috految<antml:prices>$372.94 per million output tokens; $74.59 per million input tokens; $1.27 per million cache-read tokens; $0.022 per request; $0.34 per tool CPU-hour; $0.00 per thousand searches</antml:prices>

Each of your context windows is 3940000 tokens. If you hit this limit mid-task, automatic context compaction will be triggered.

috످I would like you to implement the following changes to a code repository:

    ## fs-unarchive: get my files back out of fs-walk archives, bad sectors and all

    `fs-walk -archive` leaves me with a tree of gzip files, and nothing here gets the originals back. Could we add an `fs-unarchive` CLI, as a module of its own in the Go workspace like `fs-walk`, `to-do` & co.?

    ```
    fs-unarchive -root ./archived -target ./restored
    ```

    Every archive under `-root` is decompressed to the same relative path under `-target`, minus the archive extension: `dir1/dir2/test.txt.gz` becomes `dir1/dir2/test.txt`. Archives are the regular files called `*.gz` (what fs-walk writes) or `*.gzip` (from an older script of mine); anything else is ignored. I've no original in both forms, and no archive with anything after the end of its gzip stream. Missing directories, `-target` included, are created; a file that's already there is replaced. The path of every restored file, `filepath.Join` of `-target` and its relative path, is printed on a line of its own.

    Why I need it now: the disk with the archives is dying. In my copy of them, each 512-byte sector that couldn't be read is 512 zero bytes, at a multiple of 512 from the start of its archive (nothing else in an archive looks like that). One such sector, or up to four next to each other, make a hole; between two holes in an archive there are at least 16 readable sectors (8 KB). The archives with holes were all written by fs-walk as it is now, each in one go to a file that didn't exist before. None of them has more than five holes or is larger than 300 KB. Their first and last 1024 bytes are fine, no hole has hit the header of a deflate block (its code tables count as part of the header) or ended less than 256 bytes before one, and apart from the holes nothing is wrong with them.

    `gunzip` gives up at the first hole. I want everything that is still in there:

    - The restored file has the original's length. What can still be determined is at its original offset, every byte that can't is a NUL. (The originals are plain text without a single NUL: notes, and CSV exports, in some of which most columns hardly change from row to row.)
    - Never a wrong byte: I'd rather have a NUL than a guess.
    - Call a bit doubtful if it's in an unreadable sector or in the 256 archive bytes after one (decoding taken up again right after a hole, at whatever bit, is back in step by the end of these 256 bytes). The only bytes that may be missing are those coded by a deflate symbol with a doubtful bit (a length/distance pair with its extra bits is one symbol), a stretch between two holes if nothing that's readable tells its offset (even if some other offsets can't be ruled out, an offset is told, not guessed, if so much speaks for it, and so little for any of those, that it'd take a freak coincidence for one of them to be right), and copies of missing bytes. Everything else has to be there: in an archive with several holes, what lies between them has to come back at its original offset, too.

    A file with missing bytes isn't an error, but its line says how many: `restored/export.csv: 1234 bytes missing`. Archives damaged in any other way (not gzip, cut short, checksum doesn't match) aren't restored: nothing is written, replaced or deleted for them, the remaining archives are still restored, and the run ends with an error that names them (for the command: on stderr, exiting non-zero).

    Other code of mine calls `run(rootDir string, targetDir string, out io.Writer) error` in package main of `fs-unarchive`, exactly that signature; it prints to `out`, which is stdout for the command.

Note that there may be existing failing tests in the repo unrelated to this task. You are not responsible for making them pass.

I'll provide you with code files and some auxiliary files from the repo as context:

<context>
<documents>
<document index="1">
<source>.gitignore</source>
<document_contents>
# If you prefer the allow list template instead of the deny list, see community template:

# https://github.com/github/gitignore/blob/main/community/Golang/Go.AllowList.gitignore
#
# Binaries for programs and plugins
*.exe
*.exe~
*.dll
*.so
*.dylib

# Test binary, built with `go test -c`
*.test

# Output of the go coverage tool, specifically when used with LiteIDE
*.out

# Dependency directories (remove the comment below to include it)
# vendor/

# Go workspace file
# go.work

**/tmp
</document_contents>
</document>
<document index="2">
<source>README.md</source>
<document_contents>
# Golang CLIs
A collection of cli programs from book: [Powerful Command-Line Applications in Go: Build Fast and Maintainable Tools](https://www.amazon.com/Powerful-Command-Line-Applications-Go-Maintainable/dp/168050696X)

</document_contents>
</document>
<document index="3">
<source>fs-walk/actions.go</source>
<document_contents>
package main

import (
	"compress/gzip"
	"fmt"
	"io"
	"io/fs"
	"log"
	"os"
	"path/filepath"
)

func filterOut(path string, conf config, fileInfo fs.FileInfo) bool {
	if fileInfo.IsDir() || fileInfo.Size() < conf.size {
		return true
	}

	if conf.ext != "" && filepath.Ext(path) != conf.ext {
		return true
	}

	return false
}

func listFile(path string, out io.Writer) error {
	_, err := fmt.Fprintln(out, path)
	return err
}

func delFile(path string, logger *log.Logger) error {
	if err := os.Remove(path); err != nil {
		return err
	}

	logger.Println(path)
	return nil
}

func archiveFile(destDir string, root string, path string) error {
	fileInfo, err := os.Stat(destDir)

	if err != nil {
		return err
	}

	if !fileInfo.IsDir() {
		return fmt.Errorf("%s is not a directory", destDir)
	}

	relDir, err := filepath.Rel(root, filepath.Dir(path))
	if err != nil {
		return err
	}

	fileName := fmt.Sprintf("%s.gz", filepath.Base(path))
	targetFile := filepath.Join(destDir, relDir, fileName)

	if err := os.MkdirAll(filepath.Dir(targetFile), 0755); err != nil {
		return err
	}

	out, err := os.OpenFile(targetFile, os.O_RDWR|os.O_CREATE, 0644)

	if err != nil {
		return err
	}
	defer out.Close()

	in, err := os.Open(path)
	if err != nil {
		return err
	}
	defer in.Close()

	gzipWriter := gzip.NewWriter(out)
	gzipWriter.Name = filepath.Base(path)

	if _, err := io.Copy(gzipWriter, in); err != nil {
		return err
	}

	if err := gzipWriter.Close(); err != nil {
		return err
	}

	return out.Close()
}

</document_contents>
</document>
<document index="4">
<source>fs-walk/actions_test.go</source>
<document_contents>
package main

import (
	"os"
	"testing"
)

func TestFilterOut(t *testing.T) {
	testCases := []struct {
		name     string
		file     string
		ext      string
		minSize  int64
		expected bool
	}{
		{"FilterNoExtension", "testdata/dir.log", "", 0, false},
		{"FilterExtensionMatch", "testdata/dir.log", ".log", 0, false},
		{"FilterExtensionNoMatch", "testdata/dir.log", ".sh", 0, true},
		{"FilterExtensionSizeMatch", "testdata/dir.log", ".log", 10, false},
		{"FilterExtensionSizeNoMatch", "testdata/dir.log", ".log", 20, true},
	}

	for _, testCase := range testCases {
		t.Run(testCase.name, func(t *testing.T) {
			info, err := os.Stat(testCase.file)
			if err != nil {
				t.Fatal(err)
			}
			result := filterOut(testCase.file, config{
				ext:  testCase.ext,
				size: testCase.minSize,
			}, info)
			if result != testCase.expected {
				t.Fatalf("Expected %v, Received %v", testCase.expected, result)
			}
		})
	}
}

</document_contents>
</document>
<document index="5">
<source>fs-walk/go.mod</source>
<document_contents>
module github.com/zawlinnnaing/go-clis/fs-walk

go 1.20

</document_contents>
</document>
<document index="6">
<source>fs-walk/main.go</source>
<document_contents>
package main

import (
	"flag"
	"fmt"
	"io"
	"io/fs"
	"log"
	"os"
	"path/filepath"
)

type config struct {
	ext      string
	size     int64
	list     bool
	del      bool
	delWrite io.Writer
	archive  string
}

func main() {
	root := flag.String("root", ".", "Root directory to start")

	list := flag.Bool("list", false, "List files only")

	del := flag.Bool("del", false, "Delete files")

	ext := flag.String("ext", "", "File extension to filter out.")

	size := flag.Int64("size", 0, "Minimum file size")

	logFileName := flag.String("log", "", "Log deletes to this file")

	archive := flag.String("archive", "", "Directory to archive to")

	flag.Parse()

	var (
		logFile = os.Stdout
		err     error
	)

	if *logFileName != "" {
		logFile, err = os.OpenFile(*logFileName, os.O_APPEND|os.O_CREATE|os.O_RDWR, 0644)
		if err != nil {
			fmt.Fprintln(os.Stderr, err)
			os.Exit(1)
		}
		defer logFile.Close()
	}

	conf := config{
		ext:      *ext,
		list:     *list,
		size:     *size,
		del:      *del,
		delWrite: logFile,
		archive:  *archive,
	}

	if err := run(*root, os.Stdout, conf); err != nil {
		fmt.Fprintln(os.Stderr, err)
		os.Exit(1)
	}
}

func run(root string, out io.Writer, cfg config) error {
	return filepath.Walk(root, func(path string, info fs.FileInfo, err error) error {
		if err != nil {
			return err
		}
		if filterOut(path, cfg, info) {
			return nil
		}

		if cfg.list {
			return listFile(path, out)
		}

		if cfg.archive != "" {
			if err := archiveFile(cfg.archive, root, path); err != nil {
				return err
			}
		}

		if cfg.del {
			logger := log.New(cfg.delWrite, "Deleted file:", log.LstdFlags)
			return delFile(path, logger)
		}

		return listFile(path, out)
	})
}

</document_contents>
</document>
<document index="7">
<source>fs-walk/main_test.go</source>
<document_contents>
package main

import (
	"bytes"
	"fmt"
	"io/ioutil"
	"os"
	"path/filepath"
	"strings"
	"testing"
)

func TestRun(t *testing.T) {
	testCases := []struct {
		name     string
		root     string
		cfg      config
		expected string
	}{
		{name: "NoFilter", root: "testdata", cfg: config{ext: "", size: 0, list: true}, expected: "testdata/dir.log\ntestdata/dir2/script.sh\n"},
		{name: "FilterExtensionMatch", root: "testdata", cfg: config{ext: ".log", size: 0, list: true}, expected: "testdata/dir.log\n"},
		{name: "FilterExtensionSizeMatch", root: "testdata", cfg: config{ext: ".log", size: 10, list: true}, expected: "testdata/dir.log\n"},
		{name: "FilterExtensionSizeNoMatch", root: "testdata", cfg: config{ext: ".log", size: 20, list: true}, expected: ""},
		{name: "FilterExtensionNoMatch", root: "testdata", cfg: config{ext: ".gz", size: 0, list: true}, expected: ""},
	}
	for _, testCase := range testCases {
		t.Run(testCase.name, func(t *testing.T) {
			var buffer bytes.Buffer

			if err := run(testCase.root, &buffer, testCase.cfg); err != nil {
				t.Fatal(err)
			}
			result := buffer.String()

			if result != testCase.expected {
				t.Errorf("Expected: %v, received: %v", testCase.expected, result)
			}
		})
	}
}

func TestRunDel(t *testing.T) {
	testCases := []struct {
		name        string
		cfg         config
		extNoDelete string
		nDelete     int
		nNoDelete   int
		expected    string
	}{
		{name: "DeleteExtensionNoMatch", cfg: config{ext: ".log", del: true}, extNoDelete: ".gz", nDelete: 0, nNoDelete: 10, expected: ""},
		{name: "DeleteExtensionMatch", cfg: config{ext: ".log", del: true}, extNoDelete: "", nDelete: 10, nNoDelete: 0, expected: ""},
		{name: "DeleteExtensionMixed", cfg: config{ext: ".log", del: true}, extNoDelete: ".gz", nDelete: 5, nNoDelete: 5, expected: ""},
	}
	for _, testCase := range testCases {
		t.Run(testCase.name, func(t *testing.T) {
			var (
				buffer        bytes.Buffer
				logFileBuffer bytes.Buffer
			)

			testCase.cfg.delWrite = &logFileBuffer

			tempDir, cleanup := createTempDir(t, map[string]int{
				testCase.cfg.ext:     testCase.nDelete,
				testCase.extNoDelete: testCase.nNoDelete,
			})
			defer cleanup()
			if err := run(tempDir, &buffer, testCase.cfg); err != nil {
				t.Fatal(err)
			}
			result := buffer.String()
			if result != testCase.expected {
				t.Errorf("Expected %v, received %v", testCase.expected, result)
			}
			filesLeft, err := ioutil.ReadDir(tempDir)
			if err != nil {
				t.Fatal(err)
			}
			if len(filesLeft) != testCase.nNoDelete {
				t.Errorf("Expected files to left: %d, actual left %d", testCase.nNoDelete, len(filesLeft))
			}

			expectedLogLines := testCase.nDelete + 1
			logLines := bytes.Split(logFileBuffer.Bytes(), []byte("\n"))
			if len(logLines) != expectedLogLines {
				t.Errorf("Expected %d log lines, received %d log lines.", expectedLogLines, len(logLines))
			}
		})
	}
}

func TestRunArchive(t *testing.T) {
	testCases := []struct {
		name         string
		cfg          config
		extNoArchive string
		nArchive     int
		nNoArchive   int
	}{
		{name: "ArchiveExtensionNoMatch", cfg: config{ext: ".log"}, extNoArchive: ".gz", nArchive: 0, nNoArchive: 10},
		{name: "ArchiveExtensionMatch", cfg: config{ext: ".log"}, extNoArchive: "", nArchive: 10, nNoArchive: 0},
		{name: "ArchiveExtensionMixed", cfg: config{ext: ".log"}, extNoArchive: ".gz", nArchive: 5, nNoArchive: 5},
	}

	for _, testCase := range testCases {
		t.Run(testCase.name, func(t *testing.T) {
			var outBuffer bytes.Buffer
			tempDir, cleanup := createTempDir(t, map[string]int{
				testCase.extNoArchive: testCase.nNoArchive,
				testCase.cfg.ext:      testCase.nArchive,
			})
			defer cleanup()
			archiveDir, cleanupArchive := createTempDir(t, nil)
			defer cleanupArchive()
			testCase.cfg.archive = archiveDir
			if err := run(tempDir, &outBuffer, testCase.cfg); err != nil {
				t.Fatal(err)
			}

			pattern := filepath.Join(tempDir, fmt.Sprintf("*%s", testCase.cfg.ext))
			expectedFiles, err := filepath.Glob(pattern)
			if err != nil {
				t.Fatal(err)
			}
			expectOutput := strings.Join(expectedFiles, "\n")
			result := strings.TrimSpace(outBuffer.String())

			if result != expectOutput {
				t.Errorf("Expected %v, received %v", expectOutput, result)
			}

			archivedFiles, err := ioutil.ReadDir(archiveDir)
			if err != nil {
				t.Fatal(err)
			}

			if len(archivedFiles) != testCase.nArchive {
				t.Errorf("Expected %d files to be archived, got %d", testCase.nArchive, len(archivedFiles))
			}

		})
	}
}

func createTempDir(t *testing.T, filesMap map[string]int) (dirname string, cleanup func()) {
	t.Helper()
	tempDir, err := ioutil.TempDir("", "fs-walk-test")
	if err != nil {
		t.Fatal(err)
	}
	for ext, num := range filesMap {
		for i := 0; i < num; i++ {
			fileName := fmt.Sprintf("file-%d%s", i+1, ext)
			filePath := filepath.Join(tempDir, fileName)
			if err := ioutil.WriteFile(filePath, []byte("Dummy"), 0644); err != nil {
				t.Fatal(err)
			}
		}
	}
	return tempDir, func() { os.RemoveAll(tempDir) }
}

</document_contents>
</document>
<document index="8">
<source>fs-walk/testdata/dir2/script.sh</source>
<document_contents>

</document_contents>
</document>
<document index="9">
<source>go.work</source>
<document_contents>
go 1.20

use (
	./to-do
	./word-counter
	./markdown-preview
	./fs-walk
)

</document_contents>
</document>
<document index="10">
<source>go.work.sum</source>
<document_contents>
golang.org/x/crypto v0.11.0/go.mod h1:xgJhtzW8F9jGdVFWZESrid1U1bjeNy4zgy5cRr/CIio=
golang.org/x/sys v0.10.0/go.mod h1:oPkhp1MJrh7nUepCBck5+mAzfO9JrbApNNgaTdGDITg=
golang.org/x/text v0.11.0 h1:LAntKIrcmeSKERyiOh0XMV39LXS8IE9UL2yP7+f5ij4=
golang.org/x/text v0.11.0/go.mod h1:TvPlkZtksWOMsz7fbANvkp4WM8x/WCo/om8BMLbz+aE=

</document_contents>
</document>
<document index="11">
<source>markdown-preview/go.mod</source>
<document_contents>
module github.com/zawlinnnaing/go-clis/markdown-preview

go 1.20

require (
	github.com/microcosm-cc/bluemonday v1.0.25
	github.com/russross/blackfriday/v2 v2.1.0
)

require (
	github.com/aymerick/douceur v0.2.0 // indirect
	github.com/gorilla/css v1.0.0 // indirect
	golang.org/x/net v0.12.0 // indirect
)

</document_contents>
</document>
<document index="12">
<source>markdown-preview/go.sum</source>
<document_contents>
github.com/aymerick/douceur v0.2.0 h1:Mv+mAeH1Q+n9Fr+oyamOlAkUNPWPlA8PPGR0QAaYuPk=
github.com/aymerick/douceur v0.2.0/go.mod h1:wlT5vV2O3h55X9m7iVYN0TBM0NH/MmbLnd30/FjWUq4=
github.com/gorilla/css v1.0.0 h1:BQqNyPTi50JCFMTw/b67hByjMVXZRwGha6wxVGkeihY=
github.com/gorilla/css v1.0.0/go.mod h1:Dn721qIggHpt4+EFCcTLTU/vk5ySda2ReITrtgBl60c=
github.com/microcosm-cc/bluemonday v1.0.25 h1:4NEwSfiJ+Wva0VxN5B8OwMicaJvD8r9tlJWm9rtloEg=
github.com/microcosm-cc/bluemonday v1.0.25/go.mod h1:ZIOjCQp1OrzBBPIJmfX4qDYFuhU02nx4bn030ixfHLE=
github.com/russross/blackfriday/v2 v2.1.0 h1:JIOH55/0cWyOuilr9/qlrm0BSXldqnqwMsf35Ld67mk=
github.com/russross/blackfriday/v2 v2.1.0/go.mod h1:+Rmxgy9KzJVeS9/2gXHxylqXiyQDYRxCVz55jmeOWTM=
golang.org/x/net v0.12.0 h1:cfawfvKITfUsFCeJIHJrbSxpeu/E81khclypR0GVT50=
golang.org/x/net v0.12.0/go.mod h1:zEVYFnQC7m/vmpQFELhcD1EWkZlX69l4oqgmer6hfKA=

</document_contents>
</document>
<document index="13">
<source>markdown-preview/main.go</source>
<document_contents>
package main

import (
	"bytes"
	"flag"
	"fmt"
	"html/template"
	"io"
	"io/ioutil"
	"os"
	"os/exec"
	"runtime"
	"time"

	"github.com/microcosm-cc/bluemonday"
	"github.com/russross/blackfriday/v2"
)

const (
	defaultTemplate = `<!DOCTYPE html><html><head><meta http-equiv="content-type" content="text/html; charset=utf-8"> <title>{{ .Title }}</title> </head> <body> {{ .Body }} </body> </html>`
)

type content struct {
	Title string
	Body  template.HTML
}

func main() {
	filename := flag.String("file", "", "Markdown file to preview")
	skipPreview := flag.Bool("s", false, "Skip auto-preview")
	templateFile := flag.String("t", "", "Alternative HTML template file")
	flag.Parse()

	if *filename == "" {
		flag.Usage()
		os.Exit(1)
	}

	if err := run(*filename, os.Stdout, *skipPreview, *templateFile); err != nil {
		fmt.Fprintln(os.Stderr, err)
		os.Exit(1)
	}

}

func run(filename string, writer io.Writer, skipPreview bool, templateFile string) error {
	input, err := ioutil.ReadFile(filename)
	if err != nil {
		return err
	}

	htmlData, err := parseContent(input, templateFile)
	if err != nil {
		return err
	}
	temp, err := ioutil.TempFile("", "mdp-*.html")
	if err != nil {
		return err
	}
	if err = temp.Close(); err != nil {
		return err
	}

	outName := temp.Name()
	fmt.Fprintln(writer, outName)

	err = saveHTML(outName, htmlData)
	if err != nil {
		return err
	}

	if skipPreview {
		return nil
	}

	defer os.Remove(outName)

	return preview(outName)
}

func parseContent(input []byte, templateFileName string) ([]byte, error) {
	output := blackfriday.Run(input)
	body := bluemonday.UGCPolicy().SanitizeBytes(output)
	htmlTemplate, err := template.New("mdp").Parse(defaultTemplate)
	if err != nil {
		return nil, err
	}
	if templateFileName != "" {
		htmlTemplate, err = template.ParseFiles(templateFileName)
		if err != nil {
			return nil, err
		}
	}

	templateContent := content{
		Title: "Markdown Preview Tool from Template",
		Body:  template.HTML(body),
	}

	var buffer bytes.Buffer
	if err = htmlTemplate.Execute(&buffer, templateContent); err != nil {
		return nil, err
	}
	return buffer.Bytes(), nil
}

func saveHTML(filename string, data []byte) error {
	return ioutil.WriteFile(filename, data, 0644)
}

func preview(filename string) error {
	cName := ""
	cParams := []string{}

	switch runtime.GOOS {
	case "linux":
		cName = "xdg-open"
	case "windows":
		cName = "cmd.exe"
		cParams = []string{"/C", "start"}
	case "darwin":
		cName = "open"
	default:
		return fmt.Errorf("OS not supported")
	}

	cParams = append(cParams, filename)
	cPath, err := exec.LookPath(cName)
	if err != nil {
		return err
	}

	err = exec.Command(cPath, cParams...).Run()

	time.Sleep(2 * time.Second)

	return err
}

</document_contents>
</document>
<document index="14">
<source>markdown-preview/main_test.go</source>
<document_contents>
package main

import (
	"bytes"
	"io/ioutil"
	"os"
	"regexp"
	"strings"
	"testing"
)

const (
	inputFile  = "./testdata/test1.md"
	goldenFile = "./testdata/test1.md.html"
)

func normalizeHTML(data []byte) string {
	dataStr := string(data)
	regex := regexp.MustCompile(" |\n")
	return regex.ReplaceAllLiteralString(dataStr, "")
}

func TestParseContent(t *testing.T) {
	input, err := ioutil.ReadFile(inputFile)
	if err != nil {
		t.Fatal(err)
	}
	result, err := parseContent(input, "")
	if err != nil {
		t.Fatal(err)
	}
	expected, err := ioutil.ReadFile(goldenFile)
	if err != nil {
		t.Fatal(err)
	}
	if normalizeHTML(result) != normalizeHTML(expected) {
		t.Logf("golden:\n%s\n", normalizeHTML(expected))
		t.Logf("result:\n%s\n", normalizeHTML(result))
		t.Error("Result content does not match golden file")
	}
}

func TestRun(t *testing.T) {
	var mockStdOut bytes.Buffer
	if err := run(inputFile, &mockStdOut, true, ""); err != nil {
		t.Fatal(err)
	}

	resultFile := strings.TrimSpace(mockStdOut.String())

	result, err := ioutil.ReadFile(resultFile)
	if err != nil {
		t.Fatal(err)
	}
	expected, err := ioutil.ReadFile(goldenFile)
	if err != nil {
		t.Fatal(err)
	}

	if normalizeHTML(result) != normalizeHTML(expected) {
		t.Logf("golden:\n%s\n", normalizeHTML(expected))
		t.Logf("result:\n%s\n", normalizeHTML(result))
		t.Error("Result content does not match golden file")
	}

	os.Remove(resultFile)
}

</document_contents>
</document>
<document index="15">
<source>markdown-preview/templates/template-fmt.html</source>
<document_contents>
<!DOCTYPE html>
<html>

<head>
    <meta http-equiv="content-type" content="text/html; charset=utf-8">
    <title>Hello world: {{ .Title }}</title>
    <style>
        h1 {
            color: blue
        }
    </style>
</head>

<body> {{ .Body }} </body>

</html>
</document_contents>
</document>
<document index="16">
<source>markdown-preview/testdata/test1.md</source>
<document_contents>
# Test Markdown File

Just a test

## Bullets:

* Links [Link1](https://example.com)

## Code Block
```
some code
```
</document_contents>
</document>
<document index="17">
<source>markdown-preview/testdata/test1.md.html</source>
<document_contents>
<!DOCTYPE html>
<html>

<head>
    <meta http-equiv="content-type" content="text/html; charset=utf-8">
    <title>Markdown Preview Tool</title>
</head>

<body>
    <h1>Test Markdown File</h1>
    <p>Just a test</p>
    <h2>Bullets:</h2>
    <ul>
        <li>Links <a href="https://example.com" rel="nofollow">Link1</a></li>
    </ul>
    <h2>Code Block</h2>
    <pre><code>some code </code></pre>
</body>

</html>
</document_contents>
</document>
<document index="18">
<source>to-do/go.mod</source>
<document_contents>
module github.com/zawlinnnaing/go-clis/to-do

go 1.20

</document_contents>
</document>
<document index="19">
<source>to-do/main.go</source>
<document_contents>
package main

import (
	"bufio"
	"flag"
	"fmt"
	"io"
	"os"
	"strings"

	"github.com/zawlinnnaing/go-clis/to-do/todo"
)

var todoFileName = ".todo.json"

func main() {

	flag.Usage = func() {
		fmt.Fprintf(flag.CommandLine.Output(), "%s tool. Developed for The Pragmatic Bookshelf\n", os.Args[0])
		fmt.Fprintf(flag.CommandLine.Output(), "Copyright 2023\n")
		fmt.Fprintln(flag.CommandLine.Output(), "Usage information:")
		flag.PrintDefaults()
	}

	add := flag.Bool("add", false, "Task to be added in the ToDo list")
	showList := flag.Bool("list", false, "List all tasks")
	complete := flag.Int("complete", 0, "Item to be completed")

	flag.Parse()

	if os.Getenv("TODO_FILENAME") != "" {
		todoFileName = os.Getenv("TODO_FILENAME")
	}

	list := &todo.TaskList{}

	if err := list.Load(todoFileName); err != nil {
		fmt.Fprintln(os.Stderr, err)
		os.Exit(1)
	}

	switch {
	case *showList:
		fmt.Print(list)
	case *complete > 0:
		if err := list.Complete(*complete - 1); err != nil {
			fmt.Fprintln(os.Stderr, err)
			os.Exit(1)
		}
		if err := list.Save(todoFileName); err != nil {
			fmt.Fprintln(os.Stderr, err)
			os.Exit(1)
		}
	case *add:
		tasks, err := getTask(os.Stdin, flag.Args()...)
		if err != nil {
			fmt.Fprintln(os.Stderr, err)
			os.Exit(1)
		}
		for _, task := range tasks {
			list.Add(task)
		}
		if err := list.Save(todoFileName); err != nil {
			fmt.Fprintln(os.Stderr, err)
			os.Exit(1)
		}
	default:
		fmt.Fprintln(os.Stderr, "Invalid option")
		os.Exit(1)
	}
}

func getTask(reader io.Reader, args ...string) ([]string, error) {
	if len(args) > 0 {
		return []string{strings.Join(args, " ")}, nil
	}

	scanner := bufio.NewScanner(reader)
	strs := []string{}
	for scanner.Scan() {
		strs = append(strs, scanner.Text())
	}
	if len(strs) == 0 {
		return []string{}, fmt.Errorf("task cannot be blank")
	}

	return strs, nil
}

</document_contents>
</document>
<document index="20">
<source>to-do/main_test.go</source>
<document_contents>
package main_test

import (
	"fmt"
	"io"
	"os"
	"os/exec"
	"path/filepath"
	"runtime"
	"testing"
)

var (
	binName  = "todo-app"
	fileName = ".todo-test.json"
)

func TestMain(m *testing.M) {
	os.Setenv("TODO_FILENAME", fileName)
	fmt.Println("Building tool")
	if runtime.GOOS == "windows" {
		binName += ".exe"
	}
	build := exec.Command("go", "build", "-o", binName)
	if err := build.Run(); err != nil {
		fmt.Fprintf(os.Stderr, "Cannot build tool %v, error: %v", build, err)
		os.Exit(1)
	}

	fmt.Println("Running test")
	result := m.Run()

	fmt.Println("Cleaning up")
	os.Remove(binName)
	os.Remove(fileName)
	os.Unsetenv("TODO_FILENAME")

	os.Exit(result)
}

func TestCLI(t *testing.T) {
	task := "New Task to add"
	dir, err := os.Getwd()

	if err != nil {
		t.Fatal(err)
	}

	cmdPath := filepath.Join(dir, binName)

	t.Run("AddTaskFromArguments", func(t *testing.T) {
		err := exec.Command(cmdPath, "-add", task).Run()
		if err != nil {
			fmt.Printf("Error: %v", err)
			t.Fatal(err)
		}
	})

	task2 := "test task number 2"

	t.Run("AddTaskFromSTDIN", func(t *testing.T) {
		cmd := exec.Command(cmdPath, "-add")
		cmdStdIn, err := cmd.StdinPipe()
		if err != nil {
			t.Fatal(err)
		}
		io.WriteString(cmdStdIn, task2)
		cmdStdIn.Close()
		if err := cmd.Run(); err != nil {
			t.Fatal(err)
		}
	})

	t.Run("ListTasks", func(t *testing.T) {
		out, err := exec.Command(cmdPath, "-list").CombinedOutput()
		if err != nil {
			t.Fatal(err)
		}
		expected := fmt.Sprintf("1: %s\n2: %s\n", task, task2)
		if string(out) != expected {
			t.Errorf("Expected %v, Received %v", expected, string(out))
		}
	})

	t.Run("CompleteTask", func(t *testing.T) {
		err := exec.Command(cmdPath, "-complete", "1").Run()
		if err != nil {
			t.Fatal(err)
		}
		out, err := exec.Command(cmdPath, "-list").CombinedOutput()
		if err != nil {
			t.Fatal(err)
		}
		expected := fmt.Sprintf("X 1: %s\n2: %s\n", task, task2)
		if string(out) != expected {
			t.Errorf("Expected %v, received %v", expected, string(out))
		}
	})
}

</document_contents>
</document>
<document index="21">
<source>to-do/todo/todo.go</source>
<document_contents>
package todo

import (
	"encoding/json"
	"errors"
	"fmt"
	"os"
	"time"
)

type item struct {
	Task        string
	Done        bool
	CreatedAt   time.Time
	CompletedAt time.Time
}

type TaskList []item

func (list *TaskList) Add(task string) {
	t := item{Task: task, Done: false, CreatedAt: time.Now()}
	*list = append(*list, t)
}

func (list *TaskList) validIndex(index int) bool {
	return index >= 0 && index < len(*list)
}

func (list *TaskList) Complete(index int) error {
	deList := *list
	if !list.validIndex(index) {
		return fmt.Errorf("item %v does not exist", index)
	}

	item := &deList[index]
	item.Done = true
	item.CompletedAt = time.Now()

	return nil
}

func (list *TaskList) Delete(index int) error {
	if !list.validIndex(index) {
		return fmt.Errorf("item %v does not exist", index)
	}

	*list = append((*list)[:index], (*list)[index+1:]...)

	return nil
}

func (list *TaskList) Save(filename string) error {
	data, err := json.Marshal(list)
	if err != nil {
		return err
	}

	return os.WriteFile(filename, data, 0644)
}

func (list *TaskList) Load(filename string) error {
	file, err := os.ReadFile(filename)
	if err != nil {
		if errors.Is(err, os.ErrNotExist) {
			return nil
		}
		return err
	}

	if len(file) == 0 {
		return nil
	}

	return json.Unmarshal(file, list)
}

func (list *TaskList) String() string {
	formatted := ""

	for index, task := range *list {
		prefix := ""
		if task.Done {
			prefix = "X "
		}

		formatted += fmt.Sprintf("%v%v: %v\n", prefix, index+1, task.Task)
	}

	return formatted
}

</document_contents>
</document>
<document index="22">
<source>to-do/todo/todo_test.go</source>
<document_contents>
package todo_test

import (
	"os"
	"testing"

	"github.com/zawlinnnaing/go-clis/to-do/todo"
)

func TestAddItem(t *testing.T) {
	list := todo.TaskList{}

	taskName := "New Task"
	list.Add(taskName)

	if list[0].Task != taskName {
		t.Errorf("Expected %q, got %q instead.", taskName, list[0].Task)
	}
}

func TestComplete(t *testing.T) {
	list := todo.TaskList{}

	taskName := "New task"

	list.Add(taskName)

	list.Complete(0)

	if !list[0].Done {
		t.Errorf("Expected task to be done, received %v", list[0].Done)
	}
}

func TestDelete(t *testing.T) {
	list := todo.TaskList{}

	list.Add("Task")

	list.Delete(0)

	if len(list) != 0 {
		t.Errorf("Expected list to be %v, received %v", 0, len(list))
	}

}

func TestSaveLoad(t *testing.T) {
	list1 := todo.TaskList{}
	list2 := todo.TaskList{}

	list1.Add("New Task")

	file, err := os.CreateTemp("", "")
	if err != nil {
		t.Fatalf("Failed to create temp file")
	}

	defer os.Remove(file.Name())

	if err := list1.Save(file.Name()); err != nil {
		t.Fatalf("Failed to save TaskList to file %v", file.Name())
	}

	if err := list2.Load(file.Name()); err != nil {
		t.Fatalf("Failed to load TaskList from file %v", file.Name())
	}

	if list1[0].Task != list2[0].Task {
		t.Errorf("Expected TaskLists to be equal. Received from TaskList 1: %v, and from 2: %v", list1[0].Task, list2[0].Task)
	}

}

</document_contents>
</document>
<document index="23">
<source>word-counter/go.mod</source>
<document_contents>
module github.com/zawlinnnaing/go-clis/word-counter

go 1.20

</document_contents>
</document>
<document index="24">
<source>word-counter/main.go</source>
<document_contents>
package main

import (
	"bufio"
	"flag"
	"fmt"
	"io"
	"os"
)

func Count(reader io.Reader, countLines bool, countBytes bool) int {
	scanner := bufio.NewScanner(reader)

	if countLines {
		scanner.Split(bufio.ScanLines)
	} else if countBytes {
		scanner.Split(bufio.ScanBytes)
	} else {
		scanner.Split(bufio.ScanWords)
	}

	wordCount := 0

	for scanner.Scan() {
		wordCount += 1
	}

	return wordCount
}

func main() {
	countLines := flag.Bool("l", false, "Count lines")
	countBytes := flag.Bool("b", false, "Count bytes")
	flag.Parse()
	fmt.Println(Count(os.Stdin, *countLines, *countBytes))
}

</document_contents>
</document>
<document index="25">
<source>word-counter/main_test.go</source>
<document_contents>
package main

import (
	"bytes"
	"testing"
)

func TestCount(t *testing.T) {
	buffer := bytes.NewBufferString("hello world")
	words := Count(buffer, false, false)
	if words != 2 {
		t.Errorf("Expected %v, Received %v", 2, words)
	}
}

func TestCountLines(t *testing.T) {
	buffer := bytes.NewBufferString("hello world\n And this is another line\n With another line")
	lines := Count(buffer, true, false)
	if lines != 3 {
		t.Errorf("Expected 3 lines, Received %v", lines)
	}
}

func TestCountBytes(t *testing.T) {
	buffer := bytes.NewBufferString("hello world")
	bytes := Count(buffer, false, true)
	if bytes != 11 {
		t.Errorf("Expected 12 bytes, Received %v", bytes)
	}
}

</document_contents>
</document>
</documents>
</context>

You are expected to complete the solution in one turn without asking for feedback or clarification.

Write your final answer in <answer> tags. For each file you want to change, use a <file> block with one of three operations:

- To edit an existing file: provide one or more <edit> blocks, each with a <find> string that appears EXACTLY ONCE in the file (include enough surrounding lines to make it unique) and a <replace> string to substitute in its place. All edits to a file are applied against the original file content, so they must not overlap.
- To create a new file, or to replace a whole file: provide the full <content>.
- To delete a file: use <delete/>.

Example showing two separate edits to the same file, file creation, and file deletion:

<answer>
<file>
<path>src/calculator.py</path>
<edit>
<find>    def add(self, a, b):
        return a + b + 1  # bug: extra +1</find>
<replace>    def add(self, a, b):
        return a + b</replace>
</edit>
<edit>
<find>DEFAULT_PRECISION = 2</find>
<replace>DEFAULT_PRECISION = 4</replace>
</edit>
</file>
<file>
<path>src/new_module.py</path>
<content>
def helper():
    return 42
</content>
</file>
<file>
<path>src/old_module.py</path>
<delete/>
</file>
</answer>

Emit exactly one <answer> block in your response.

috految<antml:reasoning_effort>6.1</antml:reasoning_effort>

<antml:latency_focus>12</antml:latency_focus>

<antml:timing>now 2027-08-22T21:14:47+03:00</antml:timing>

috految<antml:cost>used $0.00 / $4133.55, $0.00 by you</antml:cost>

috److془We need to carefully design this.

Go's deflate level 6: {6, good 8, lazy 16, nice 128, chain 128, skipNever}.

```go
func (d *compressor) findMatch(pos int, prevHead int, prevLength int, lookahead int) (length, offset int, ok bool) {
	minMatchLook := maxMatchLength
	if lookahead < minMatchLook { minMatchLook = lookahead }
	win := d.window[0 : pos+minMatchLook]
	nice := len(win) - pos
	if d.nice < nice { nice = d.nice }
	tries := d.chain
	length = prevLength
	if length >= d.good { tries >>= 2 }
	wEnd := win[pos+length]
	minIndex := pos - windowSize
	for i := prevHead; tries > 0; tries-- {
		if wEnd == win[i+length] {
			n := matchLen(win[i:], wPos, minMatchLook)
			if n > length && (n > minMatchLength || pos-i <= 4096) {
				length = n; offset = pos - i; ok = true
				if n >= nice { break }
				wEnd = win[pos+n]
			}
		}
		if i == minIndex { break }
		i = int(d.hashPrev[i&windowMask]) - d.hashOffset
		if i < minIndex || i < 0 { break }
	}
```
called with minMatchLength-1. Condition: lookahead > prevLength && prevLength < d.lazy. Blocks 16384 tokens. Window shift: at index >= 65536-262; so distances limited: pos mod 32768 > 32506 cannot reach before. Leak weak. Hash insertion: all positions with index < maxInsertIndex = windowEnd-3; lookahead>=262 so all fine. 

Hard constraints:
A. Match (p,len,d): no nearer occurrence of the string (first min(len,128)). 
B. text[p+len] != text[p+len-d] if len<258.
C. No longer match within the chain of 128 (soft with unknowns).
D. Literal: no match unless lazy.
Work with symbolic unknowns. Gap unknown g_i, sum known. Gaps > 32K: no evidence by references; CSV with ratio 20-50 2KB hole. Then remaining info: sum; ids counters in fixed width... (hmm; content inference; not possible generally. Skip).

Cases: Gap is 25K, few refs cross the hole. Wrong candidates with larger g survive with fewer crossing. Need likelihood ratio. Fixed-width rows: multiples of row width are rivals; periodic counters: multiples of 10, 100 rows. Truth may be >32K while a false is at 20K with counter period match. Need robust. Also the case where the text before is mostly unknown (after first hole), symbolic constraints. Also the window-shift etc. ignore. Token count: gap tokens known; gives estimate of gap size. Bits gives likewise. Adversarial: hole hides long run of identical rows. Then total tells an anomaly of sum. Also the hole may hide a full duplicate of the preceding text: then g-period shows strong evidence too. Sum consistency detects conflict → (g1 false, g2 true) vs. (g1 true, g2 false). Good with joint inference. Also, Huffman tables give bounds.

Design: hard elimination; joint sum; then statistical score. Key: when all holes are <32K, each true g is approx the smallest survivor, sum tight → unique. Lovely. Remaining: slack from symbolic weak or big gaps. Then scores. Nearness: for gap smaller than true, the crossing refs are many. Misaligned: strings of constant columns would be violating A. Long matches covering variable field: unique strings, survive A: e.g. rows with len≈ row width. But B and the A for subsequent, and the C constraints help. Note with misalignment, B is unlikely violated. Need positive evidence. Positive: the alignment: source is at same column. Also the source start/end coincide with token boundaries. Also, in fixed-width, row shifts: per ref ~10% B violation, ~50% A violation. Rows shifts eliminated with ≥ 20 refs. With partial unknown: symbolic sharing gives: a source already copied is not source again. (Approximately 30%.) Good. Can the wrong shifts be consistent with exactly? Sequential counter only: refs to 10 or 100 or 1000 rows back. Untold possibly; or with C/D, told. Counter with wide rows: rows ≥128: nice match stop at next row; literal digit', then match from "d,const..." 10 rows ago; lazy etc. Refs reach far for pairs of digit. Fine. Sparse: random hex ids: 4-matches at ≤4096, 1/30 commonly; 5-matches far. Violations plenty by B 1/16, and backward extension. By C/D many. Base64: 5 matches rare, just no evidence. Notes with all-unique stuff: fine.
Random 4 digit values and const 200: ref to last 3 digits+const; ~ 100 refs within window; gap 20K: ~15 refs. Marginal. Tests presumably have good margin. Variable width: alignment gives 3-5 nats per ref. Fixed width: alignment gives equal as g+kW, but more refs for smaller g: must be normalised. Normalisation: per-ref likelihood ratio, with wrong rivals. Alternative: empirical approach: decoys! Score s(g) = alignment evidence over all g. Candidate is told if stands out vs. all others, including eliminated with the same refs. Fixed width aligned decoys have violations count ~λ, versus 0. Periodic: decoys g-P identical so doesn't stand out. Provided that shift P is available: decoys slide the same refs over all the known text, including negative shifts. Beautiful. Case: refs with source in the previous stretch, truth g+P, decoy at g-P has the same fit, (need nearness horizon carried along by the shift). Basically: test junction with the left text cut at another point. Cut earlier by k, with same g. Aperiodic-ish leak: variable widths correlated, few gains; margin relative handles. Slow columns: rows with widths changing; the width in the last rows of the left equal to that in hole; decoys one row earlier fits about as well. Good. Counter with 100 row period with widths changes: false possible, modestly. Guard: joint prior plausibility. Use the estimated gap: if lots higher than candidate, demand more. Sequential ids+fixed width: true has no standout though hard elimination plus smallest plus sum does it. Need misaligned survivors removed: joint with soft filter. Also the small g with few crossing refs: bound by estimate, lower bound and joint. Misaligned removal: ref evidence very low relative to the best. Good. Also false survivors in sparse cases where all candidates per hole ambiguous, but sum coincidence: joint score handles. Also the standout strength when the truth: 15 refs, decoys best among 500 aligned: 1 violation; marginal fair. Near truth g+kW all survivors with small scores. Fine.

Joint: score(g) = standout if positive, else 0, minus misaligned penalty, plus prior. Max-marginals or sum convolution; margin 10 nats. Conflict: cap the standout at 24, so tie. Better: bonus when uncertain... Duplicate case: truth has score 0 for hole 1 (or bonus), hole 2 24; false 24+0; tie → NUL. Good. Prior: penalty based on rate from neighbours: lo = .7*minrate*bits; below, penalty 8 . Above hi: penalty 4. Danger: prior alone decides in periodic; where unique candidate in plausible; fine-ish. Use rates min/max across windows of hole's size in the whole file; lo=.92 min, hi=1.08 max; penalty 5 lower and 4 upper, plus lower 10*ln(lo/g) capped 10. Margin 7 →. With both sides 9 decides. Hidden run: sum excess, must be penalised somewhere, symmetrical. Use an individually 4/4ish, margin 7.5. Sharp cliff is alright. Hmm hidden run blocks: with holes: true 24 vs. wrong alternative prior ≤4. Good. Danger: with unbounded-gap hole, only full-sum; margin 7.5 vs nearest plateau. Standout false for plateau: the max over 30000 candidates vs max over ~64000 decoys; tail excess ~ exp(-x). Plus presence of prior. Good. Duplicates with both holes: conflicting tie; fine. Periodic with ids: false standout vs. P decoy; reduce by relative margin. For g<.75lo cap bonus. Lower penalty can do so: halve it. Sharp gap: 24/2-5..; good. Hmm text in hole differing hugely: rare. Fine. Decoy cut series should have enough text; when left is short (1KB compressed ~ 5K text) fewer refs; decoys get worse; the g+P is itself surviving, so subtract with alternative survivors. Near decoys fine. Additionally with first stretch, refs before 0 eliminate. Excess-only for top survivor. Decoys with 32K of absent text have lower fit, fine. Though: decoys with less violations due to left unknown lower fit too for text. Fixed width cut toward the start: limit to the half of length. Fine. Survivors with near zero refs have fit 0. Truth-higher-fit than else even if only hex (alignment nothing): fit per ref includes base .3. Rivals with same fit really are rivals. Good. Improve though: the top with few false violation-free aligned equal → untold fine. Violations 3 nats each. Correlation of violations: count by distinct tokens; okay. Fit noise in aligned fixed: boundary features noise sd sqrt(n)*.5; the max of decoys handles it. Use multiplicative 0.93 discount. For fixed width: fit 3n, discount .2n, violations *3*.4n. Good. Use 0.95. Free-g dependent noise fine. m: violation weight 4.

Fit: features of source: for start c: ratio of P(feature|ref)/P(feature). Learn from internal refs with distance >1024 of the file. Features: distance to the nearest token boundary following, independent of text. Excellent: feature=(left dist to boundary bucket, right bucket, literal) given ref length bucket, for start and end. Text-independent. Add the text: source's byte with the neighbour? Shifts by ±1 discrimination: boundaries strong, violations too. Add text class (digit,letter, others, unknown) of the two bytes—unknown bias; skip. Hmm alternatively fit of shift versus sparse: constants' fixed column so boundaries align ±1; giving 1 nat per ref. Good. Nonrepresentative: counter shift by one better than truth systematically? Decoys defend. Add the class though simple: ratio computed only on known both; do it. Hmm unknown fraction varies; only minor. Actually shift of ±1 with counters gains; include. Misaligned penalty: fit<0 → fit/2 capped 10. Truth negative possible on mismatch; but then alternatives need unique. Plus: diff from best survivor within ±30 beyond 3 *.5. Top winning by sum: per-hole margin 7.5 good. Bias: fewer crossing tokens in 30 bytes slight. Use threshold 3+.1 fit. Hmm ±1 rival with sum conflicts fine. Bonus bias for plateau rivals: fine. Case truth with no standout, but small g wrong all eliminated and sum tight: unique. 

Hard check: cost. Candidates 32K × tokens with early exit. Full: build right text symbolic to 32K and hash chains: ~0.3ms; × survivors up to 30K=10s, only those with crossing refs. Cheap first: A within left through precomputed need: nextEq per position. Simply: chain next on left ; early exit lazy building does it all. Head restore by undo. Typical violations within first 1-3K bytes. Good; 1s per hole. Left sources with chain limited at 128 ; Token cost up to 128 steps. fine. Decoys: only if fit > best decoy so far, with limit of violations. Right extent 48K. Violations such as garbage concerning chain: left limited at cut through undo naturally. Redis: g in [min,32768) else plateau. Plateau guarantee survive. Propagation: merge the solved, repeat. Merging gives more known, good. Refs spanning the stretch into unknown: fresh symbols. Tail alone unresolved stretch: if prefix sum determined only, rare; gap merging suffices. Hidden: middle stretch short with no refs (base64), neighbours linked across; skip. Unplaced stretch copies missing permitted. Final: place first group at 0, last at the end, expand.

Soundness of C: chain limit with unknown occurrences. Sound: if match extends, candidate nearer than source: A. Farther: 128 occurrences possible. Soft: 4gram frequency in the window, unknown. Sound-ish: literal at p, with 4-match within 4096 or ≥5 match, requires lazy; hash collision with frequent gram kills chain (~0.1%). Soft then. Use: violation if literal run followed by match at p+1 len L with n>=L.. general: literal n >= max(4,L-k+1) with k distance to the next match. Match len<128: n>len. Soft at the truth in unknown-heavy frequent. Restrict to: literals, tries<=16, verified dist<32000; match ones skipped. Frequent 4-gram would have near equal, lazy though; fine. Hmm or drop; gives the backward extension (10%/ref). Use in fit penalty 2 each. Only lazy-free: n>=max(5,L-k+1). Then 0.3 base. Hard: chain≥128 before reaching the source too. Same grams count sound. Slack: strings of lookahead changed? none. Match len≤? A for len 4 nearer is ≤4096 fine. Nearer n>=128 breaks fine. Quirk: good not matter. Stale hashes in ring: fine. Insert loop: index++ to newIndex=index+prevLength-1 all. Good. Hmm findMatch returning n respects maximality yes. Literal with no-match: fine. Stored: no constraints needed. Stored for text can't hold but handles. Go 1.27 assume not. Skip simple soft with only sources in left. Wrong B at text end guard. Lazy-free state passes multiple. Good. Hard undo: insert position when p+4<=filled.

Sync: start at all bits 0..47 after the hole; advance minimal until converge; true among starts. Wrong path hitting EOB before 256 limit: drop. True EOB ends ≥ limit. Convergence guaranteed by limit. If EOB ending ≥limit, return that pos. Kill invalid. Hole→ symbol crossing hole start dropped. Corrupted otherwise: error by end mismatch, gap bounds. Truncated with zero tail: error. Hole beginning right after header fine. Require last 1024 roughly. Nonconvergence just continues. Truly intact first try gzip. Trailer zero case: holes decode to CRC 0 size 0? no. Multistream default; ok. Lower gap: bits/16 ; Max bits*129. Go gzip name fine. Header via bytes.Reader remaining. Bound of gap by unplaced fine. Hole over exact stop sync OK.

Joint: max-plus with runs: integer scores, intervals; convolution: the sum total up to 500K at runs thousands. Use: for each run sliding max; or simply sparse: 20K runs×200K×convs heavy-ish rare. Use deque-less: Run pairs to reach[score][lo]=max hi. Nice. Pairs ≤1e8. Prettily done. Final pass linear. Merge one hole at time best margin; rescoring; merge all at once faster.془This adds `fs-unarchive` as a new workspace module. I haven't compiled it or tested it against real archives.

- **Intact archives** go through the standard gzip reader.
- **Archives with holes** are decoded into stretches of deflate symbols. The first stretch sits at offset 0 and the last is placed using the length in the gzip trailer.
- **Stretches between holes** are placed in three steps:
  1. Gap sizes that contradict how Go's compressor behaves (nearest match, extended as far as possible) are ruled out.
  2. The remaining sizes are scored by how well the copies crossing the gap line up with the text before it.
  3. Sizes must add up to the original length, and one is accepted only if it clearly beats every rival. Otherwise the stretch stays NUL.

The scoring thresholds are my own estimates, not calibrated on data, so "never a wrong byte" for middle stretches depends on them. The tool doesn't use content such as row counters to place a stretch. A stretch with no copies reaching across either adjacent gap generally stays missing.

<answer><file><path>go.work</path><edit><find>	./fs-walk</find><replace>	./fs-walk
	./fs-unarchive</replace></edit></file><file><path>fs-unarchive/go.mod</path><content>
module github.com/zawlinnnaing/go-clis/fs-unarchive

go 1.20
</content></file><file><path>fs-unarchive/main.go</path><content>
// Command fs-unarchive restores the files archived by fs-walk.
package main

import (
	"errors"
	"flag"
	"fmt"
	"io"
	"io/fs"
	"os"
	"path/filepath"
	"strings"

	"github.com/zawlinnnaing/go-clis/fs-unarchive/salvage"
)

func main() {
	root := flag.String("root", ".", "Directory with the archives")
	target := flag.String("target", "", "Directory to restore to")
	flag.Parse()

	if *target == "" {
		flag.Usage()
		os.Exit(1)
	}
	if err := run(*root, *target, os.Stdout); err != nil {
		fmt.Fprintln(os.Stderr, err)
		os.Exit(1)
	}
}

func run(rootDir string, targetDir string, out io.Writer) error {
	if _, err := os.Stat(rootDir); err != nil {
		return err
	}

	// List first, as the target may be inside the root. The trailing
	// separator makes the walk follow a root that is a symlink.
	var paths []string
	var errs []error
	err := filepath.WalkDir(rootDir+string(filepath.Separator), func(path string, entry fs.DirEntry, err error) error {
		if err != nil {
			errs = append(errs, err)
			return nil
		}
		ext := filepath.Ext(path)
		if entry.Type().IsRegular() && (ext == ".gz" || ext == ".gzip") && entry.Name() != ext {
			paths = append(paths, path)
		}
		return nil
	})
	if err != nil {
		return err
	}
	if err := os.MkdirAll(targetDir, 0755); err != nil {
		return err
	}
	for _, path := range paths {
		if err := unarchiveFile(rootDir, targetDir, path, out); err != nil {
			errs = append(errs, fmt.Errorf("%s: %w", path, err))
		}
	}
	return errors.Join(errs...)
}

func unarchiveFile(rootDir, targetDir, path string, out io.Writer) error {
	rel, err := filepath.Rel(rootDir, path)
	if err != nil {
		return err
	}
	data, err := os.ReadFile(path)
	if err != nil {
		return err
	}
	text, missing, err := salvage.Gunzip(data)
	if err != nil {
		return err
	}
	dest := filepath.Join(targetDir, strings.TrimSuffix(rel, filepath.Ext(rel)))
	if err := replaceFile(dest, text); err != nil {
		return err
	}
	if missing > 0 {
		_, err = fmt.Fprintf(out, "%s: %d bytes missing\n", dest, missing)
	} else {
		_, err = fmt.Fprintln(out, dest)
	}
	return err
}

func replaceFile(path string, data []byte) error {
	if err := os.MkdirAll(filepath.Dir(path), 0755); err != nil {
		return err
	}
	dir, err := os.MkdirTemp(filepath.Dir(path), ".unarchive")
	if err != nil {
		return err
	}
	defer os.RemoveAll(dir)

	temp := filepath.Join(dir, "file")
	if err := os.WriteFile(temp, data, 0644); err != nil {
		return err
	}
	return os.Rename(temp, path)
}
</content></file><file><path>fs-unarchive/salvage/decode.go</path><content>
// Package salvage decompresses gzip files that may have zeroed sectors.
package salvage

import (
	"bytes"
	"compress/gzip"
	"encoding/binary"
	"errors"
	"io"
)

const (
	sectorSize    = 512
	trailerSize   = 8
	resyncBits    = 256 * 8
	maxSymbolBits = 48
	endOfBlock    = 256
	maxMatch      = 258
	window        = 32768
)

var errCorrupt = errors.New("corrupt deflate stream")

// token is a copy or, without a distance, a literal.
type token struct {
	pos, length, dist int
	bit               int // position in the archive
	literal           byte
}

// stretch is a series of tokens whose relative positions are known.
type stretch struct {
	tokens   []token
	size     int
	lostBits int // in the gap before it
}

func (s *stretch) add(t token) {
	t.pos = s.size
	s.tokens = append(s.tokens, t)
	s.size += t.length
}

// Gunzip returns the original and the number of bytes missing from it (NULs).
func Gunzip(data []byte) ([]byte, int, error) {
	src := bytes.NewReader(data)
	zr, err := gzip.NewReader(src)
	if err != nil {
		return nil, 0, err
	}
	defer zr.Close()
	start := len(data) - src.Len()
	text, err := io.ReadAll(zr)
	if err == nil {
		return text, 0, nil
	}

	var holes []span
	zero := make([]byte, sectorSize)
	for p := 0; p+sectorSize <= len(data); p += sectorSize {
		if !bytes.Equal(data[p:p+sectorSize], zero) {
			continue
		}
		if n := len(holes); n > 0 && holes[n-1].end == p*8 {
			holes[n-1].end += sectorSize * 8
		} else {
			holes = append(holes, span{p * 8, (p + sectorSize) * 8})
		}
	}
	if len(holes) == 0 {
		return nil, 0, err
	}

	d := decoder{data: data[:len(data)-trailerSize], pos: start * 8}
	parts, err := d.stretches(holes)
	if err != nil {
		return nil, 0, err
	}
	size := int(binary.LittleEndian.Uint32(data[len(data)-4:]))
	lost, limit := size, 0
	for _, s := range parts {
		lost -= s.size
		limit += s.lostBits / 2 * maxMatch
	}
	if lost < 0 || lost > limit {
		return nil, 0, errCorrupt
	}

	parts = join(parts, lost)
	text = make([]byte, size)
	for i, s := range parts {
		offset := 0
		if i == len(parts)-1 {
			offset = size - s.size
		} else if i > 0 {
			continue
		}
		for _, t := range s.tokens {
			p := offset + t.pos
			if t.dist > p {
				return nil, 0, errCorrupt
			}
			if t.dist == 0 {
				text[p] = t.literal
				continue
			}
			for j := p; j < p+t.length; j++ {
				text[j] = text[j-t.dist]
			}
		}
	}
	return text, bytes.Count(text, []byte{0}), nil
}

type span struct{ start, end int }

// code lists the symbols of a canonical Huffman code by code length.
type code [16][]int

func newCode(lengths []int) (c code) {
	for symbol, n := range lengths {
		c[n] = append(c[n], symbol)
	}
	return c
}

// decoder reads RFC 1951 symbols. Its positions are in bits.
type decoder struct {
	data      []byte
	pos       int
	lit, dist code
}

func (d *decoder) bits(n int) int {
	v := 0
	for i := 0; i < n; i++ {
		if d.pos/8 < len(d.data) {
			v |= int(d.data[d.pos/8]>>(d.pos%8)&1) << i
		}
		d.pos++
	}
	return v
}

func (d *decoder) symbol(c *code) int {
	v := 0
	for _, symbols := range c[1:] {
		v = v*2 + d.bits(1)
		if v < len(symbols) {
			return symbols[v]
		}
		v -= len(symbols)
	}
	return -1
}

// next reads a token, which has no length at the end of a block.
func (d *decoder) next() (token, bool) {
	t := token{bit: d.pos}
	switch s := d.symbol(&d.lit); {
	case s < 0 || s > 285:
		return t, false
	case s < endOfBlock:
		t.length, t.literal = 1, byte(s)
		return t, true
	case s == endOfBlock:
		return t, true
	case s == 285:
		t.length = maxMatch
	case s < 265:
		t.length = s - 254
	default:
		extra := (s - 261) / 4
		t.length = 3 + (4+(s-261)%4)<<extra + d.bits(extra)
	}
	s := d.symbol(&d.dist)
	if s < 0 || s > 29 {
		return t, false
	}
	t.dist = s + 1
	if s > 3 {
		extra := s/2 - 1
		t.dist = 1 + (2+s%2)<<extra + d.bits(extra)
	}
	return t, true
}

func (d *decoder) readTables(kind int) error {
	var lengths []int
	repeat := func(length, n int) {
		for ; n > 0; n-- {
			lengths = append(lengths, length)
		}
	}
	literals := 288
	switch kind {
	case 1: // fixed
		repeat(8, 144)
		repeat(9, 112)
		repeat(7, 24)
		repeat(8, 8)
		repeat(5, 30)
	case 2: // dynamic
		literals = d.bits(5) + 257
		total := literals + d.bits(5) + 1
		order := []int{16, 17, 18, 0, 8, 7, 9, 6, 10, 5, 11, 4, 12, 3, 13, 2, 14, 1, 15}
		header := make([]int, len(order))
		for _, s := range order[:d.bits(4)+4] {
			header[s] = d.bits(3)
		}
		c := newCode(header)
		for len(lengths) < total {
			switch s := d.symbol(&c); {
			case s < 0 || s == 16 && len(lengths) == 0:
				return errCorrupt
			case s < 16:
				repeat(s, 1)
			case s == 16:
				repeat(lengths[len(lengths)-1], 3+d.bits(2))
			case s == 17:
				repeat(0, 3+d.bits(3))
			default:
				repeat(0, 11+d.bits(7))
			}
		}
	default:
		return errCorrupt
	}
	d.lit, d.dist = newCode(lengths[:literals]), newCode(lengths[literals:])
	return nil
}

// resync follows every possible first symbol after a hole until all agree.
func (d *decoder) resync(start int) error {
	live := map[int]bool{}
	for i := 0; i < maxSymbolBits; i++ {
		live[start+i] = true
	}
	for p := start; p < len(d.data)*8; p++ {
		if !live[p] {
			continue
		}
		d.pos = p
		if len(live) == 1 {
			return nil
		}
		delete(live, p)
		t, ok := d.next()
		if ok && t.length > 0 {
			live[d.pos] = true
		} else if ok && d.pos >= start+resyncBits {
			d.pos = p
			return nil
		}
	}
	return errCorrupt
}

func (d *decoder) stretches(holes []span) ([]*stretch, error) {
	cur := &stretch{}
	parts := []*stretch{cur}
	for final := false; !final; {
		final = d.bits(1) == 1
		kind := d.bits(2)
		if kind == 0 { // stored: holes simply read as NULs
			d.pos = (d.pos + 7) / 8 * 8
			n := d.bits(16)
			if d.bits(16) != n^0xffff {
				return nil, errCorrupt
			}
			for ; n > 0; n-- {
				cur.add(token{length: 1, bit: d.pos, literal: byte(d.bits(8))})
			}
			for len(holes) > 0 && holes[0].end <= d.pos {
				holes = holes[1:]
			}
			continue
		}
		if err := d.readTables(kind); err != nil {
			return nil, err
		}
		for {
			t, ok := d.next()
			if len(holes) > 0 && d.pos > holes[0].start {
				if err := d.resync(holes[0].end); err != nil {
					return nil, err
				}
				holes = holes[1:]
				cur = &stretch{lostBits: d.pos - t.bit}
				parts = append(parts, cur)
				continue
			}
			if !ok || d.pos > len(d.data)*8 {
				return nil, errCorrupt
			}
			if t.length == 0 {
				break
			}
			cur.add(t)
		}
	}
	if len(holes) > 0 || (d.pos+7)/8 != len(d.data) {
		return nil, errCorrupt
	}
	return parts, nil
}
</content></file><file><path>fs-unarchive/salvage/place.go</path><content>
package salvage

import (
	"math"
	"math/bits"
)

// Properties of compress/flate at the default level, as used by fs-walk.
const (
	minMatch   = 4
	niceMatch  = 128
	chainLimit = 128
)

// Scores are approximate log odds.
const (
	impossible    = -1 << 20
	decisiveLead  = 8
	maxEvidence   = 24 // capped, so that conflicting evidence is a draw
	maxPenalty    = 10
	unusualSize   = 4
	violationCost = 4
	missedCost    = 2
	copyCredit    = 0.3
)

// join merges stretches wherever the size of the gap between them stands out,
// given that the gaps add up to lost. Each merge reveals more text to go by.
func join(parts []*stretch, lost int) []*stretch {
	for len(parts) > 2 {
		scores := make([][]int, len(parts)-1)
		for i := range scores {
			scores[i] = scoreGap(parts, i, lost)
		}
		merged := []*stretch{parts[0]}
		remaining := lost
		for i, s := range parts[1:] {
			others := []int{0}
			for j := range scores {
				if j != i {
					others = combine(others, scores[j], lost)
				}
			}
			gap, best, second := 0, impossible, impossible
			for g, v := range scores[i] {
				v += others[lost-g]
				if v > best {
					gap, best, second = g, v, best
				} else if v > second {
					second = v
				}
			}
			if best < impossible/2 || best-second < decisiveLead {
				merged = append(merged, s)
				continue
			}
			last := merged[len(merged)-1]
			for _, t := range s.tokens {
				t.pos += last.size + gap
				last.tokens = append(last.tokens, t)
			}
			last.size += gap + s.size
			remaining -= gap
		}
		if len(merged) == len(parts) {
			break
		}
		parts, lost = merged, remaining
	}
	return parts
}

// combine returns the best a[i]+b[j] for each i+j up to limit.
func combine(a, b []int, limit int) []int {
	runs := func(scores []int) map[int][]span {
		m := map[int][]span{}
		for i := 0; i < len(scores); {
			start, v := i, scores[i]
			for i < len(scores) && scores[i] == v {
				i++
			}
			if v != impossible {
				m[v] = append(m[v], span{start, i})
			}
		}
		return m
	}
	out := make([]int, limit+1)
	for i := range out {
		out[i] = impossible
	}
	right := runs(b)
	for v, xs := range runs(a) {
		for w, ys := range right {
			reach := make([]int, limit+1)
			for _, x := range xs {
				for _, y := range ys {
					if p, end := x.start+y.start, x.end+y.end-1; p <= limit && end > reach[p] {
						reach[p] = end
					}
				}
			}
			end := 0
			for p, e := range reach {
				if e > end {
					end = e
				}
				if p < end && v+w > out[p] {
					out[p] = v + w
				}
			}
		}
	}
	return out
}

// usualSizes is the range of text sizes that so many bits code elsewhere.
func usualSizes(parts []*stretch, lostBits int) (lo, hi float64) {
	lo = math.Inf(1)
	for _, s := range parts {
		i := 0
		for _, t := range s.tokens {
			for t.bit-s.tokens[i].bit > lostBits {
				first := s.tokens[i]
				n := float64(t.pos-first.pos) * float64(lostBits) / float64(t.bit-first.bit)
				lo, hi = math.Min(lo, n), math.Max(hi, n)
				i++
			}
		}
	}
	return 0.92 * lo, 1.08 * hi
}

// scoreGap scores each size the gap after parts[i] might have.
func scoreGap(parts []*stretch, i, lost int) []int {
	left, right := parts[i], parts[i+1]
	j := newJunction(left, right)
	fit := learnFit(parts, left, right)
	lo, hi := usualSizes(parts, right.lostBits)
	reach := 0
	for _, t := range right.tokens {
		if t.dist-t.pos > reach {
			reach = t.dist - t.pos
		}
	}

	scores := make([]int, lost+1)
	fits := map[int]float64{}
	top, best, rival := -1, 0.0, 0.0
	for g := range scores {
		if g < right.lostBits/16 || i == 0 && left.size+g < reach {
			scores[g] = impossible
			continue
		}
		if size := float64(g); size < lo {
			scores[g] = -unusualSize - int(math.Min(maxPenalty, maxPenalty*math.Log(lo/size)))
		} else if size > hi {
			scores[g] = -unusualSize
		}
		if g >= reach {
			continue
		}
		violations, missed := j.check(left.size, g, 0)
		if violations > 0 {
			scores[g] = impossible
			continue
		}
		f := fit(left.size, g) - missedCost*float64(missed)
		fits[g] = f
		if f > best {
			top, best, rival = g, f, best
		} else if f > rival {
			rival = f
		}
	}

	// Sizes that are out of line with the text before the gap are unlikely.
	const nearby = 30
	for g, f := range fits {
		near := 0.0
		for h := g - nearby; h <= g+nearby; h++ {
			near = math.Max(near, fits[h])
		}
		if deficit := 0.9*near - 3 - f; deficit > 0 {
			scores[g] -= int(math.Min(maxPenalty, deficit/2))
		}
	}
	if top < 0 {
		return scores
	}

	// Regular text fits in many places. The winner only earns its lead over
	// decoys, in which the left text stops at some earlier point.
	for cut := left.size - 1; cut > left.size/2 && cut > left.size-2*window && rival < best; cut-- {
		if f := fit(cut, top); f > rival {
			violations, missed := j.check(cut, top, int((f-rival)/violationCost))
			rival = math.Max(rival, f-float64(violationCost*violations+missedCost*missed))
		}
	}
	lead := math.Min(maxEvidence, 0.95*best-rival)
	if float64(top) < 0.75*lo {
		lead /= 2
	}
	if lead > 0 {
		scores[top] += int(lead)
	}
	return scores
}

// learnFit learns what the ends of the sources of distant copies look like.
// The result rates the copies that cross a gap following left[:cut].
func learnFit(parts []*stretch, left, right *stretch) func(cut, gap int) float64 {
	const kinds, distant, smoothing = 256, 1024, 20
	var seen [2][2][10][kinds]float64
	var total [2][2][10]float64
	var all [2][kinds]float64
	var count [2]float64
	var leftKinds [][2]int
	class := func(c int32) int {
		switch {
		case c >= '0' && c <= '9':
			return 1
		case c >= 'A':
			return 2
		}
		return 3 + int(c)%13
	}
	for _, s := range parts {
		// Two features per byte: place in its token, and character classes.
		features := make([][2]int, s.size+1)
		text := symbols(s)[window:]
		for _, t := range s.tokens {
			for k := 0; k < t.length; k++ {
				p := t.pos + k
				features[p][0] = 1 + 10*bits.Len(uint(k)) + bits.Len(uint(t.length-k-1))
				if p > 0 && text[p-1] >= 0 && text[p] >= 0 {
					features[p][1] = 16*class(text[p-1]) + class(text[p])
				}
				for f, kind := range features[p] {
					if kind > 0 {
						all[f][kind]++
						count[f]++
					}
				}
			}
		}
		if s == left {
			leftKinds = features
		}
		for _, t := range s.tokens {
			if t.dist < distant || t.dist > t.pos {
				continue
			}
			n := bits.Len(uint(t.length))
			for end := range seen {
				for f, kind := range features[t.pos-t.dist+end*t.length] {
					if kind > 0 {
						seen[end][f][n][kind]++
						total[end][f][n]++
					}
				}
			}
		}
	}
	var crossing []token
	for _, t := range right.tokens {
		if t.dist > t.pos {
			crossing = append(crossing, t)
		}
	}
	return func(cut, gap int) float64 {
		sum := 0.0
		for _, t := range crossing {
			p := cut + gap + t.pos - t.dist
			if p < 0 || p+t.length >= cut {
				continue
			}
			n := bits.Len(uint(t.length))
			ratio := 1.0
			for end := range seen {
				for f, kind := range leftKinds[p+end*t.length] {
					if kind > 0 {
						r := (seen[end][f][n][kind]*count[f]/all[f][kind] + smoothing) / (total[end][f][n] + smoothing)
						ratio *= 0.05 + 0.95*r
					}
				}
			}
			// The features overlap, so they count only in part.
			sum += copyCredit + 0.6*math.Log(ratio)
		}
		return sum
	}
}

// symbols expands s after a window of unknown text. Unknown bytes get
// negative identities, which their copies share.
func symbols(s *stretch) []int32 {
	text := make([]int32, window+s.size)
	for p := range text {
		text[p] = int32(-1 - p)
	}
	for _, t := range s.tokens {
		p := window + t.pos
		if t.dist == 0 {
			text[p] = int32(t.literal)
			continue
		}
		for q := p; q < p+t.length; q++ {
			text[q] = text[q-t.dist]
		}
	}
	return text
}

// junction replays the compressor's match search across a gap.
type junction struct {
	right      *stretch
	text       []int32
	head, prev []int
	hashed     int
}

func newJunction(left, right *stretch) *junction {
	text := append(symbols(left), make([]int32, 3*window)...)
	j := &junction{right: right, text: text, head: make([]int, 1<<16), prev: make([]int, len(text))}
	for ; j.hashed+minMatch <= window+left.size; j.hashed++ {
		j.insert(j.hashed)
	}
	return j
}

func (j *junction) hash(p int) uint32 {
	t := j.text[p : p+minMatch]
	return uint32(((t[0]*263+t[1])*263+t[2])*263+t[3]) * 0x9e3779b1 >> 16
}

func (j *junction) insert(p int) {
	h := j.hash(p)
	j.prev[p], j.head[h] = j.head[h], p
}

// check counts, until limit is exceeded, the copies the compressor can't have
// chosen: it takes the nearest occurrence and extends it fully. It also counts
// matches passed over, which are merely unlikely. cut must never increase.
func (j *junction) check(cut, gap, limit int) (violations, missed int) {
	text, end := j.text, window+cut
	for j.hashed+minMatch-1 > end {
		j.hashed--
		j.head[j.hash(j.hashed)] = j.prev[j.hashed]
	}
	base := end + gap
	for p := end; p < base; p++ {
		text[p] = int32(-1 - p)
	}
	filled, hashed := base, base
	tokens := j.right.tokens
	ahead := 0
	for i, t := range tokens {
		if t.pos > window*3/2 || violations > limit {
			break
		}
		p := base + t.pos
		for ; ahead < len(tokens) && tokens[ahead].pos <= t.pos+t.length+niceMatch; ahead++ {
			u := tokens[ahead]
			for ; filled < base+u.pos; filled++ {
				text[filled] = int32(-1 - filled)
			}
			for ; filled < base+u.pos+u.length; filled++ {
				if u.dist == 0 {
					text[filled] = int32(u.literal)
				} else {
					text[filled] = text[filled-u.dist]
				}
			}
		}
		if p+t.length+minMatch > filled {
			continue
		}
		for ; hashed < p; hashed++ {
			j.insert(hashed)
		}
		equal := func(q, n int) bool {
			for k := n - 1; k >= 0; k-- {
				if text[q+k] != text[p+k] {
					return false
				}
			}
			return true
		}
		q := j.head[j.hash(p)]
		if t.dist == 0 {
			need := minMatch + 1
			for k := 1; k <= minMatch && i+k < len(tokens); k++ {
				if n := tokens[i+k].length - k + 1; n > need {
					need = n
				}
			}
			if q > 0 && q < end && p-q < window-2*maxMatch && p+need <= filled && equal(q, need) {
				missed++
			}
			continue
		}
		source, n := p-t.dist, t.length
		if n < maxMatch && text[source+n] == text[p+n] {
			violations++
			continue
		}
		if n > niceMatch {
			n = niceMatch
		}
		for tries := 0; q > source; q = j.prev[q] {
			if !equal(q, minMatch) {
				continue
			}
			tries++
			if tries > chainLimit || equal(q, n) {
				violations++
				break
			}
		}
	}
	for hashed > base {
		hashed--
		j.head[j.hash(hashed)] = j.prev[hashed]
	}
	return violations, missed
}
</content></file></answer>

috످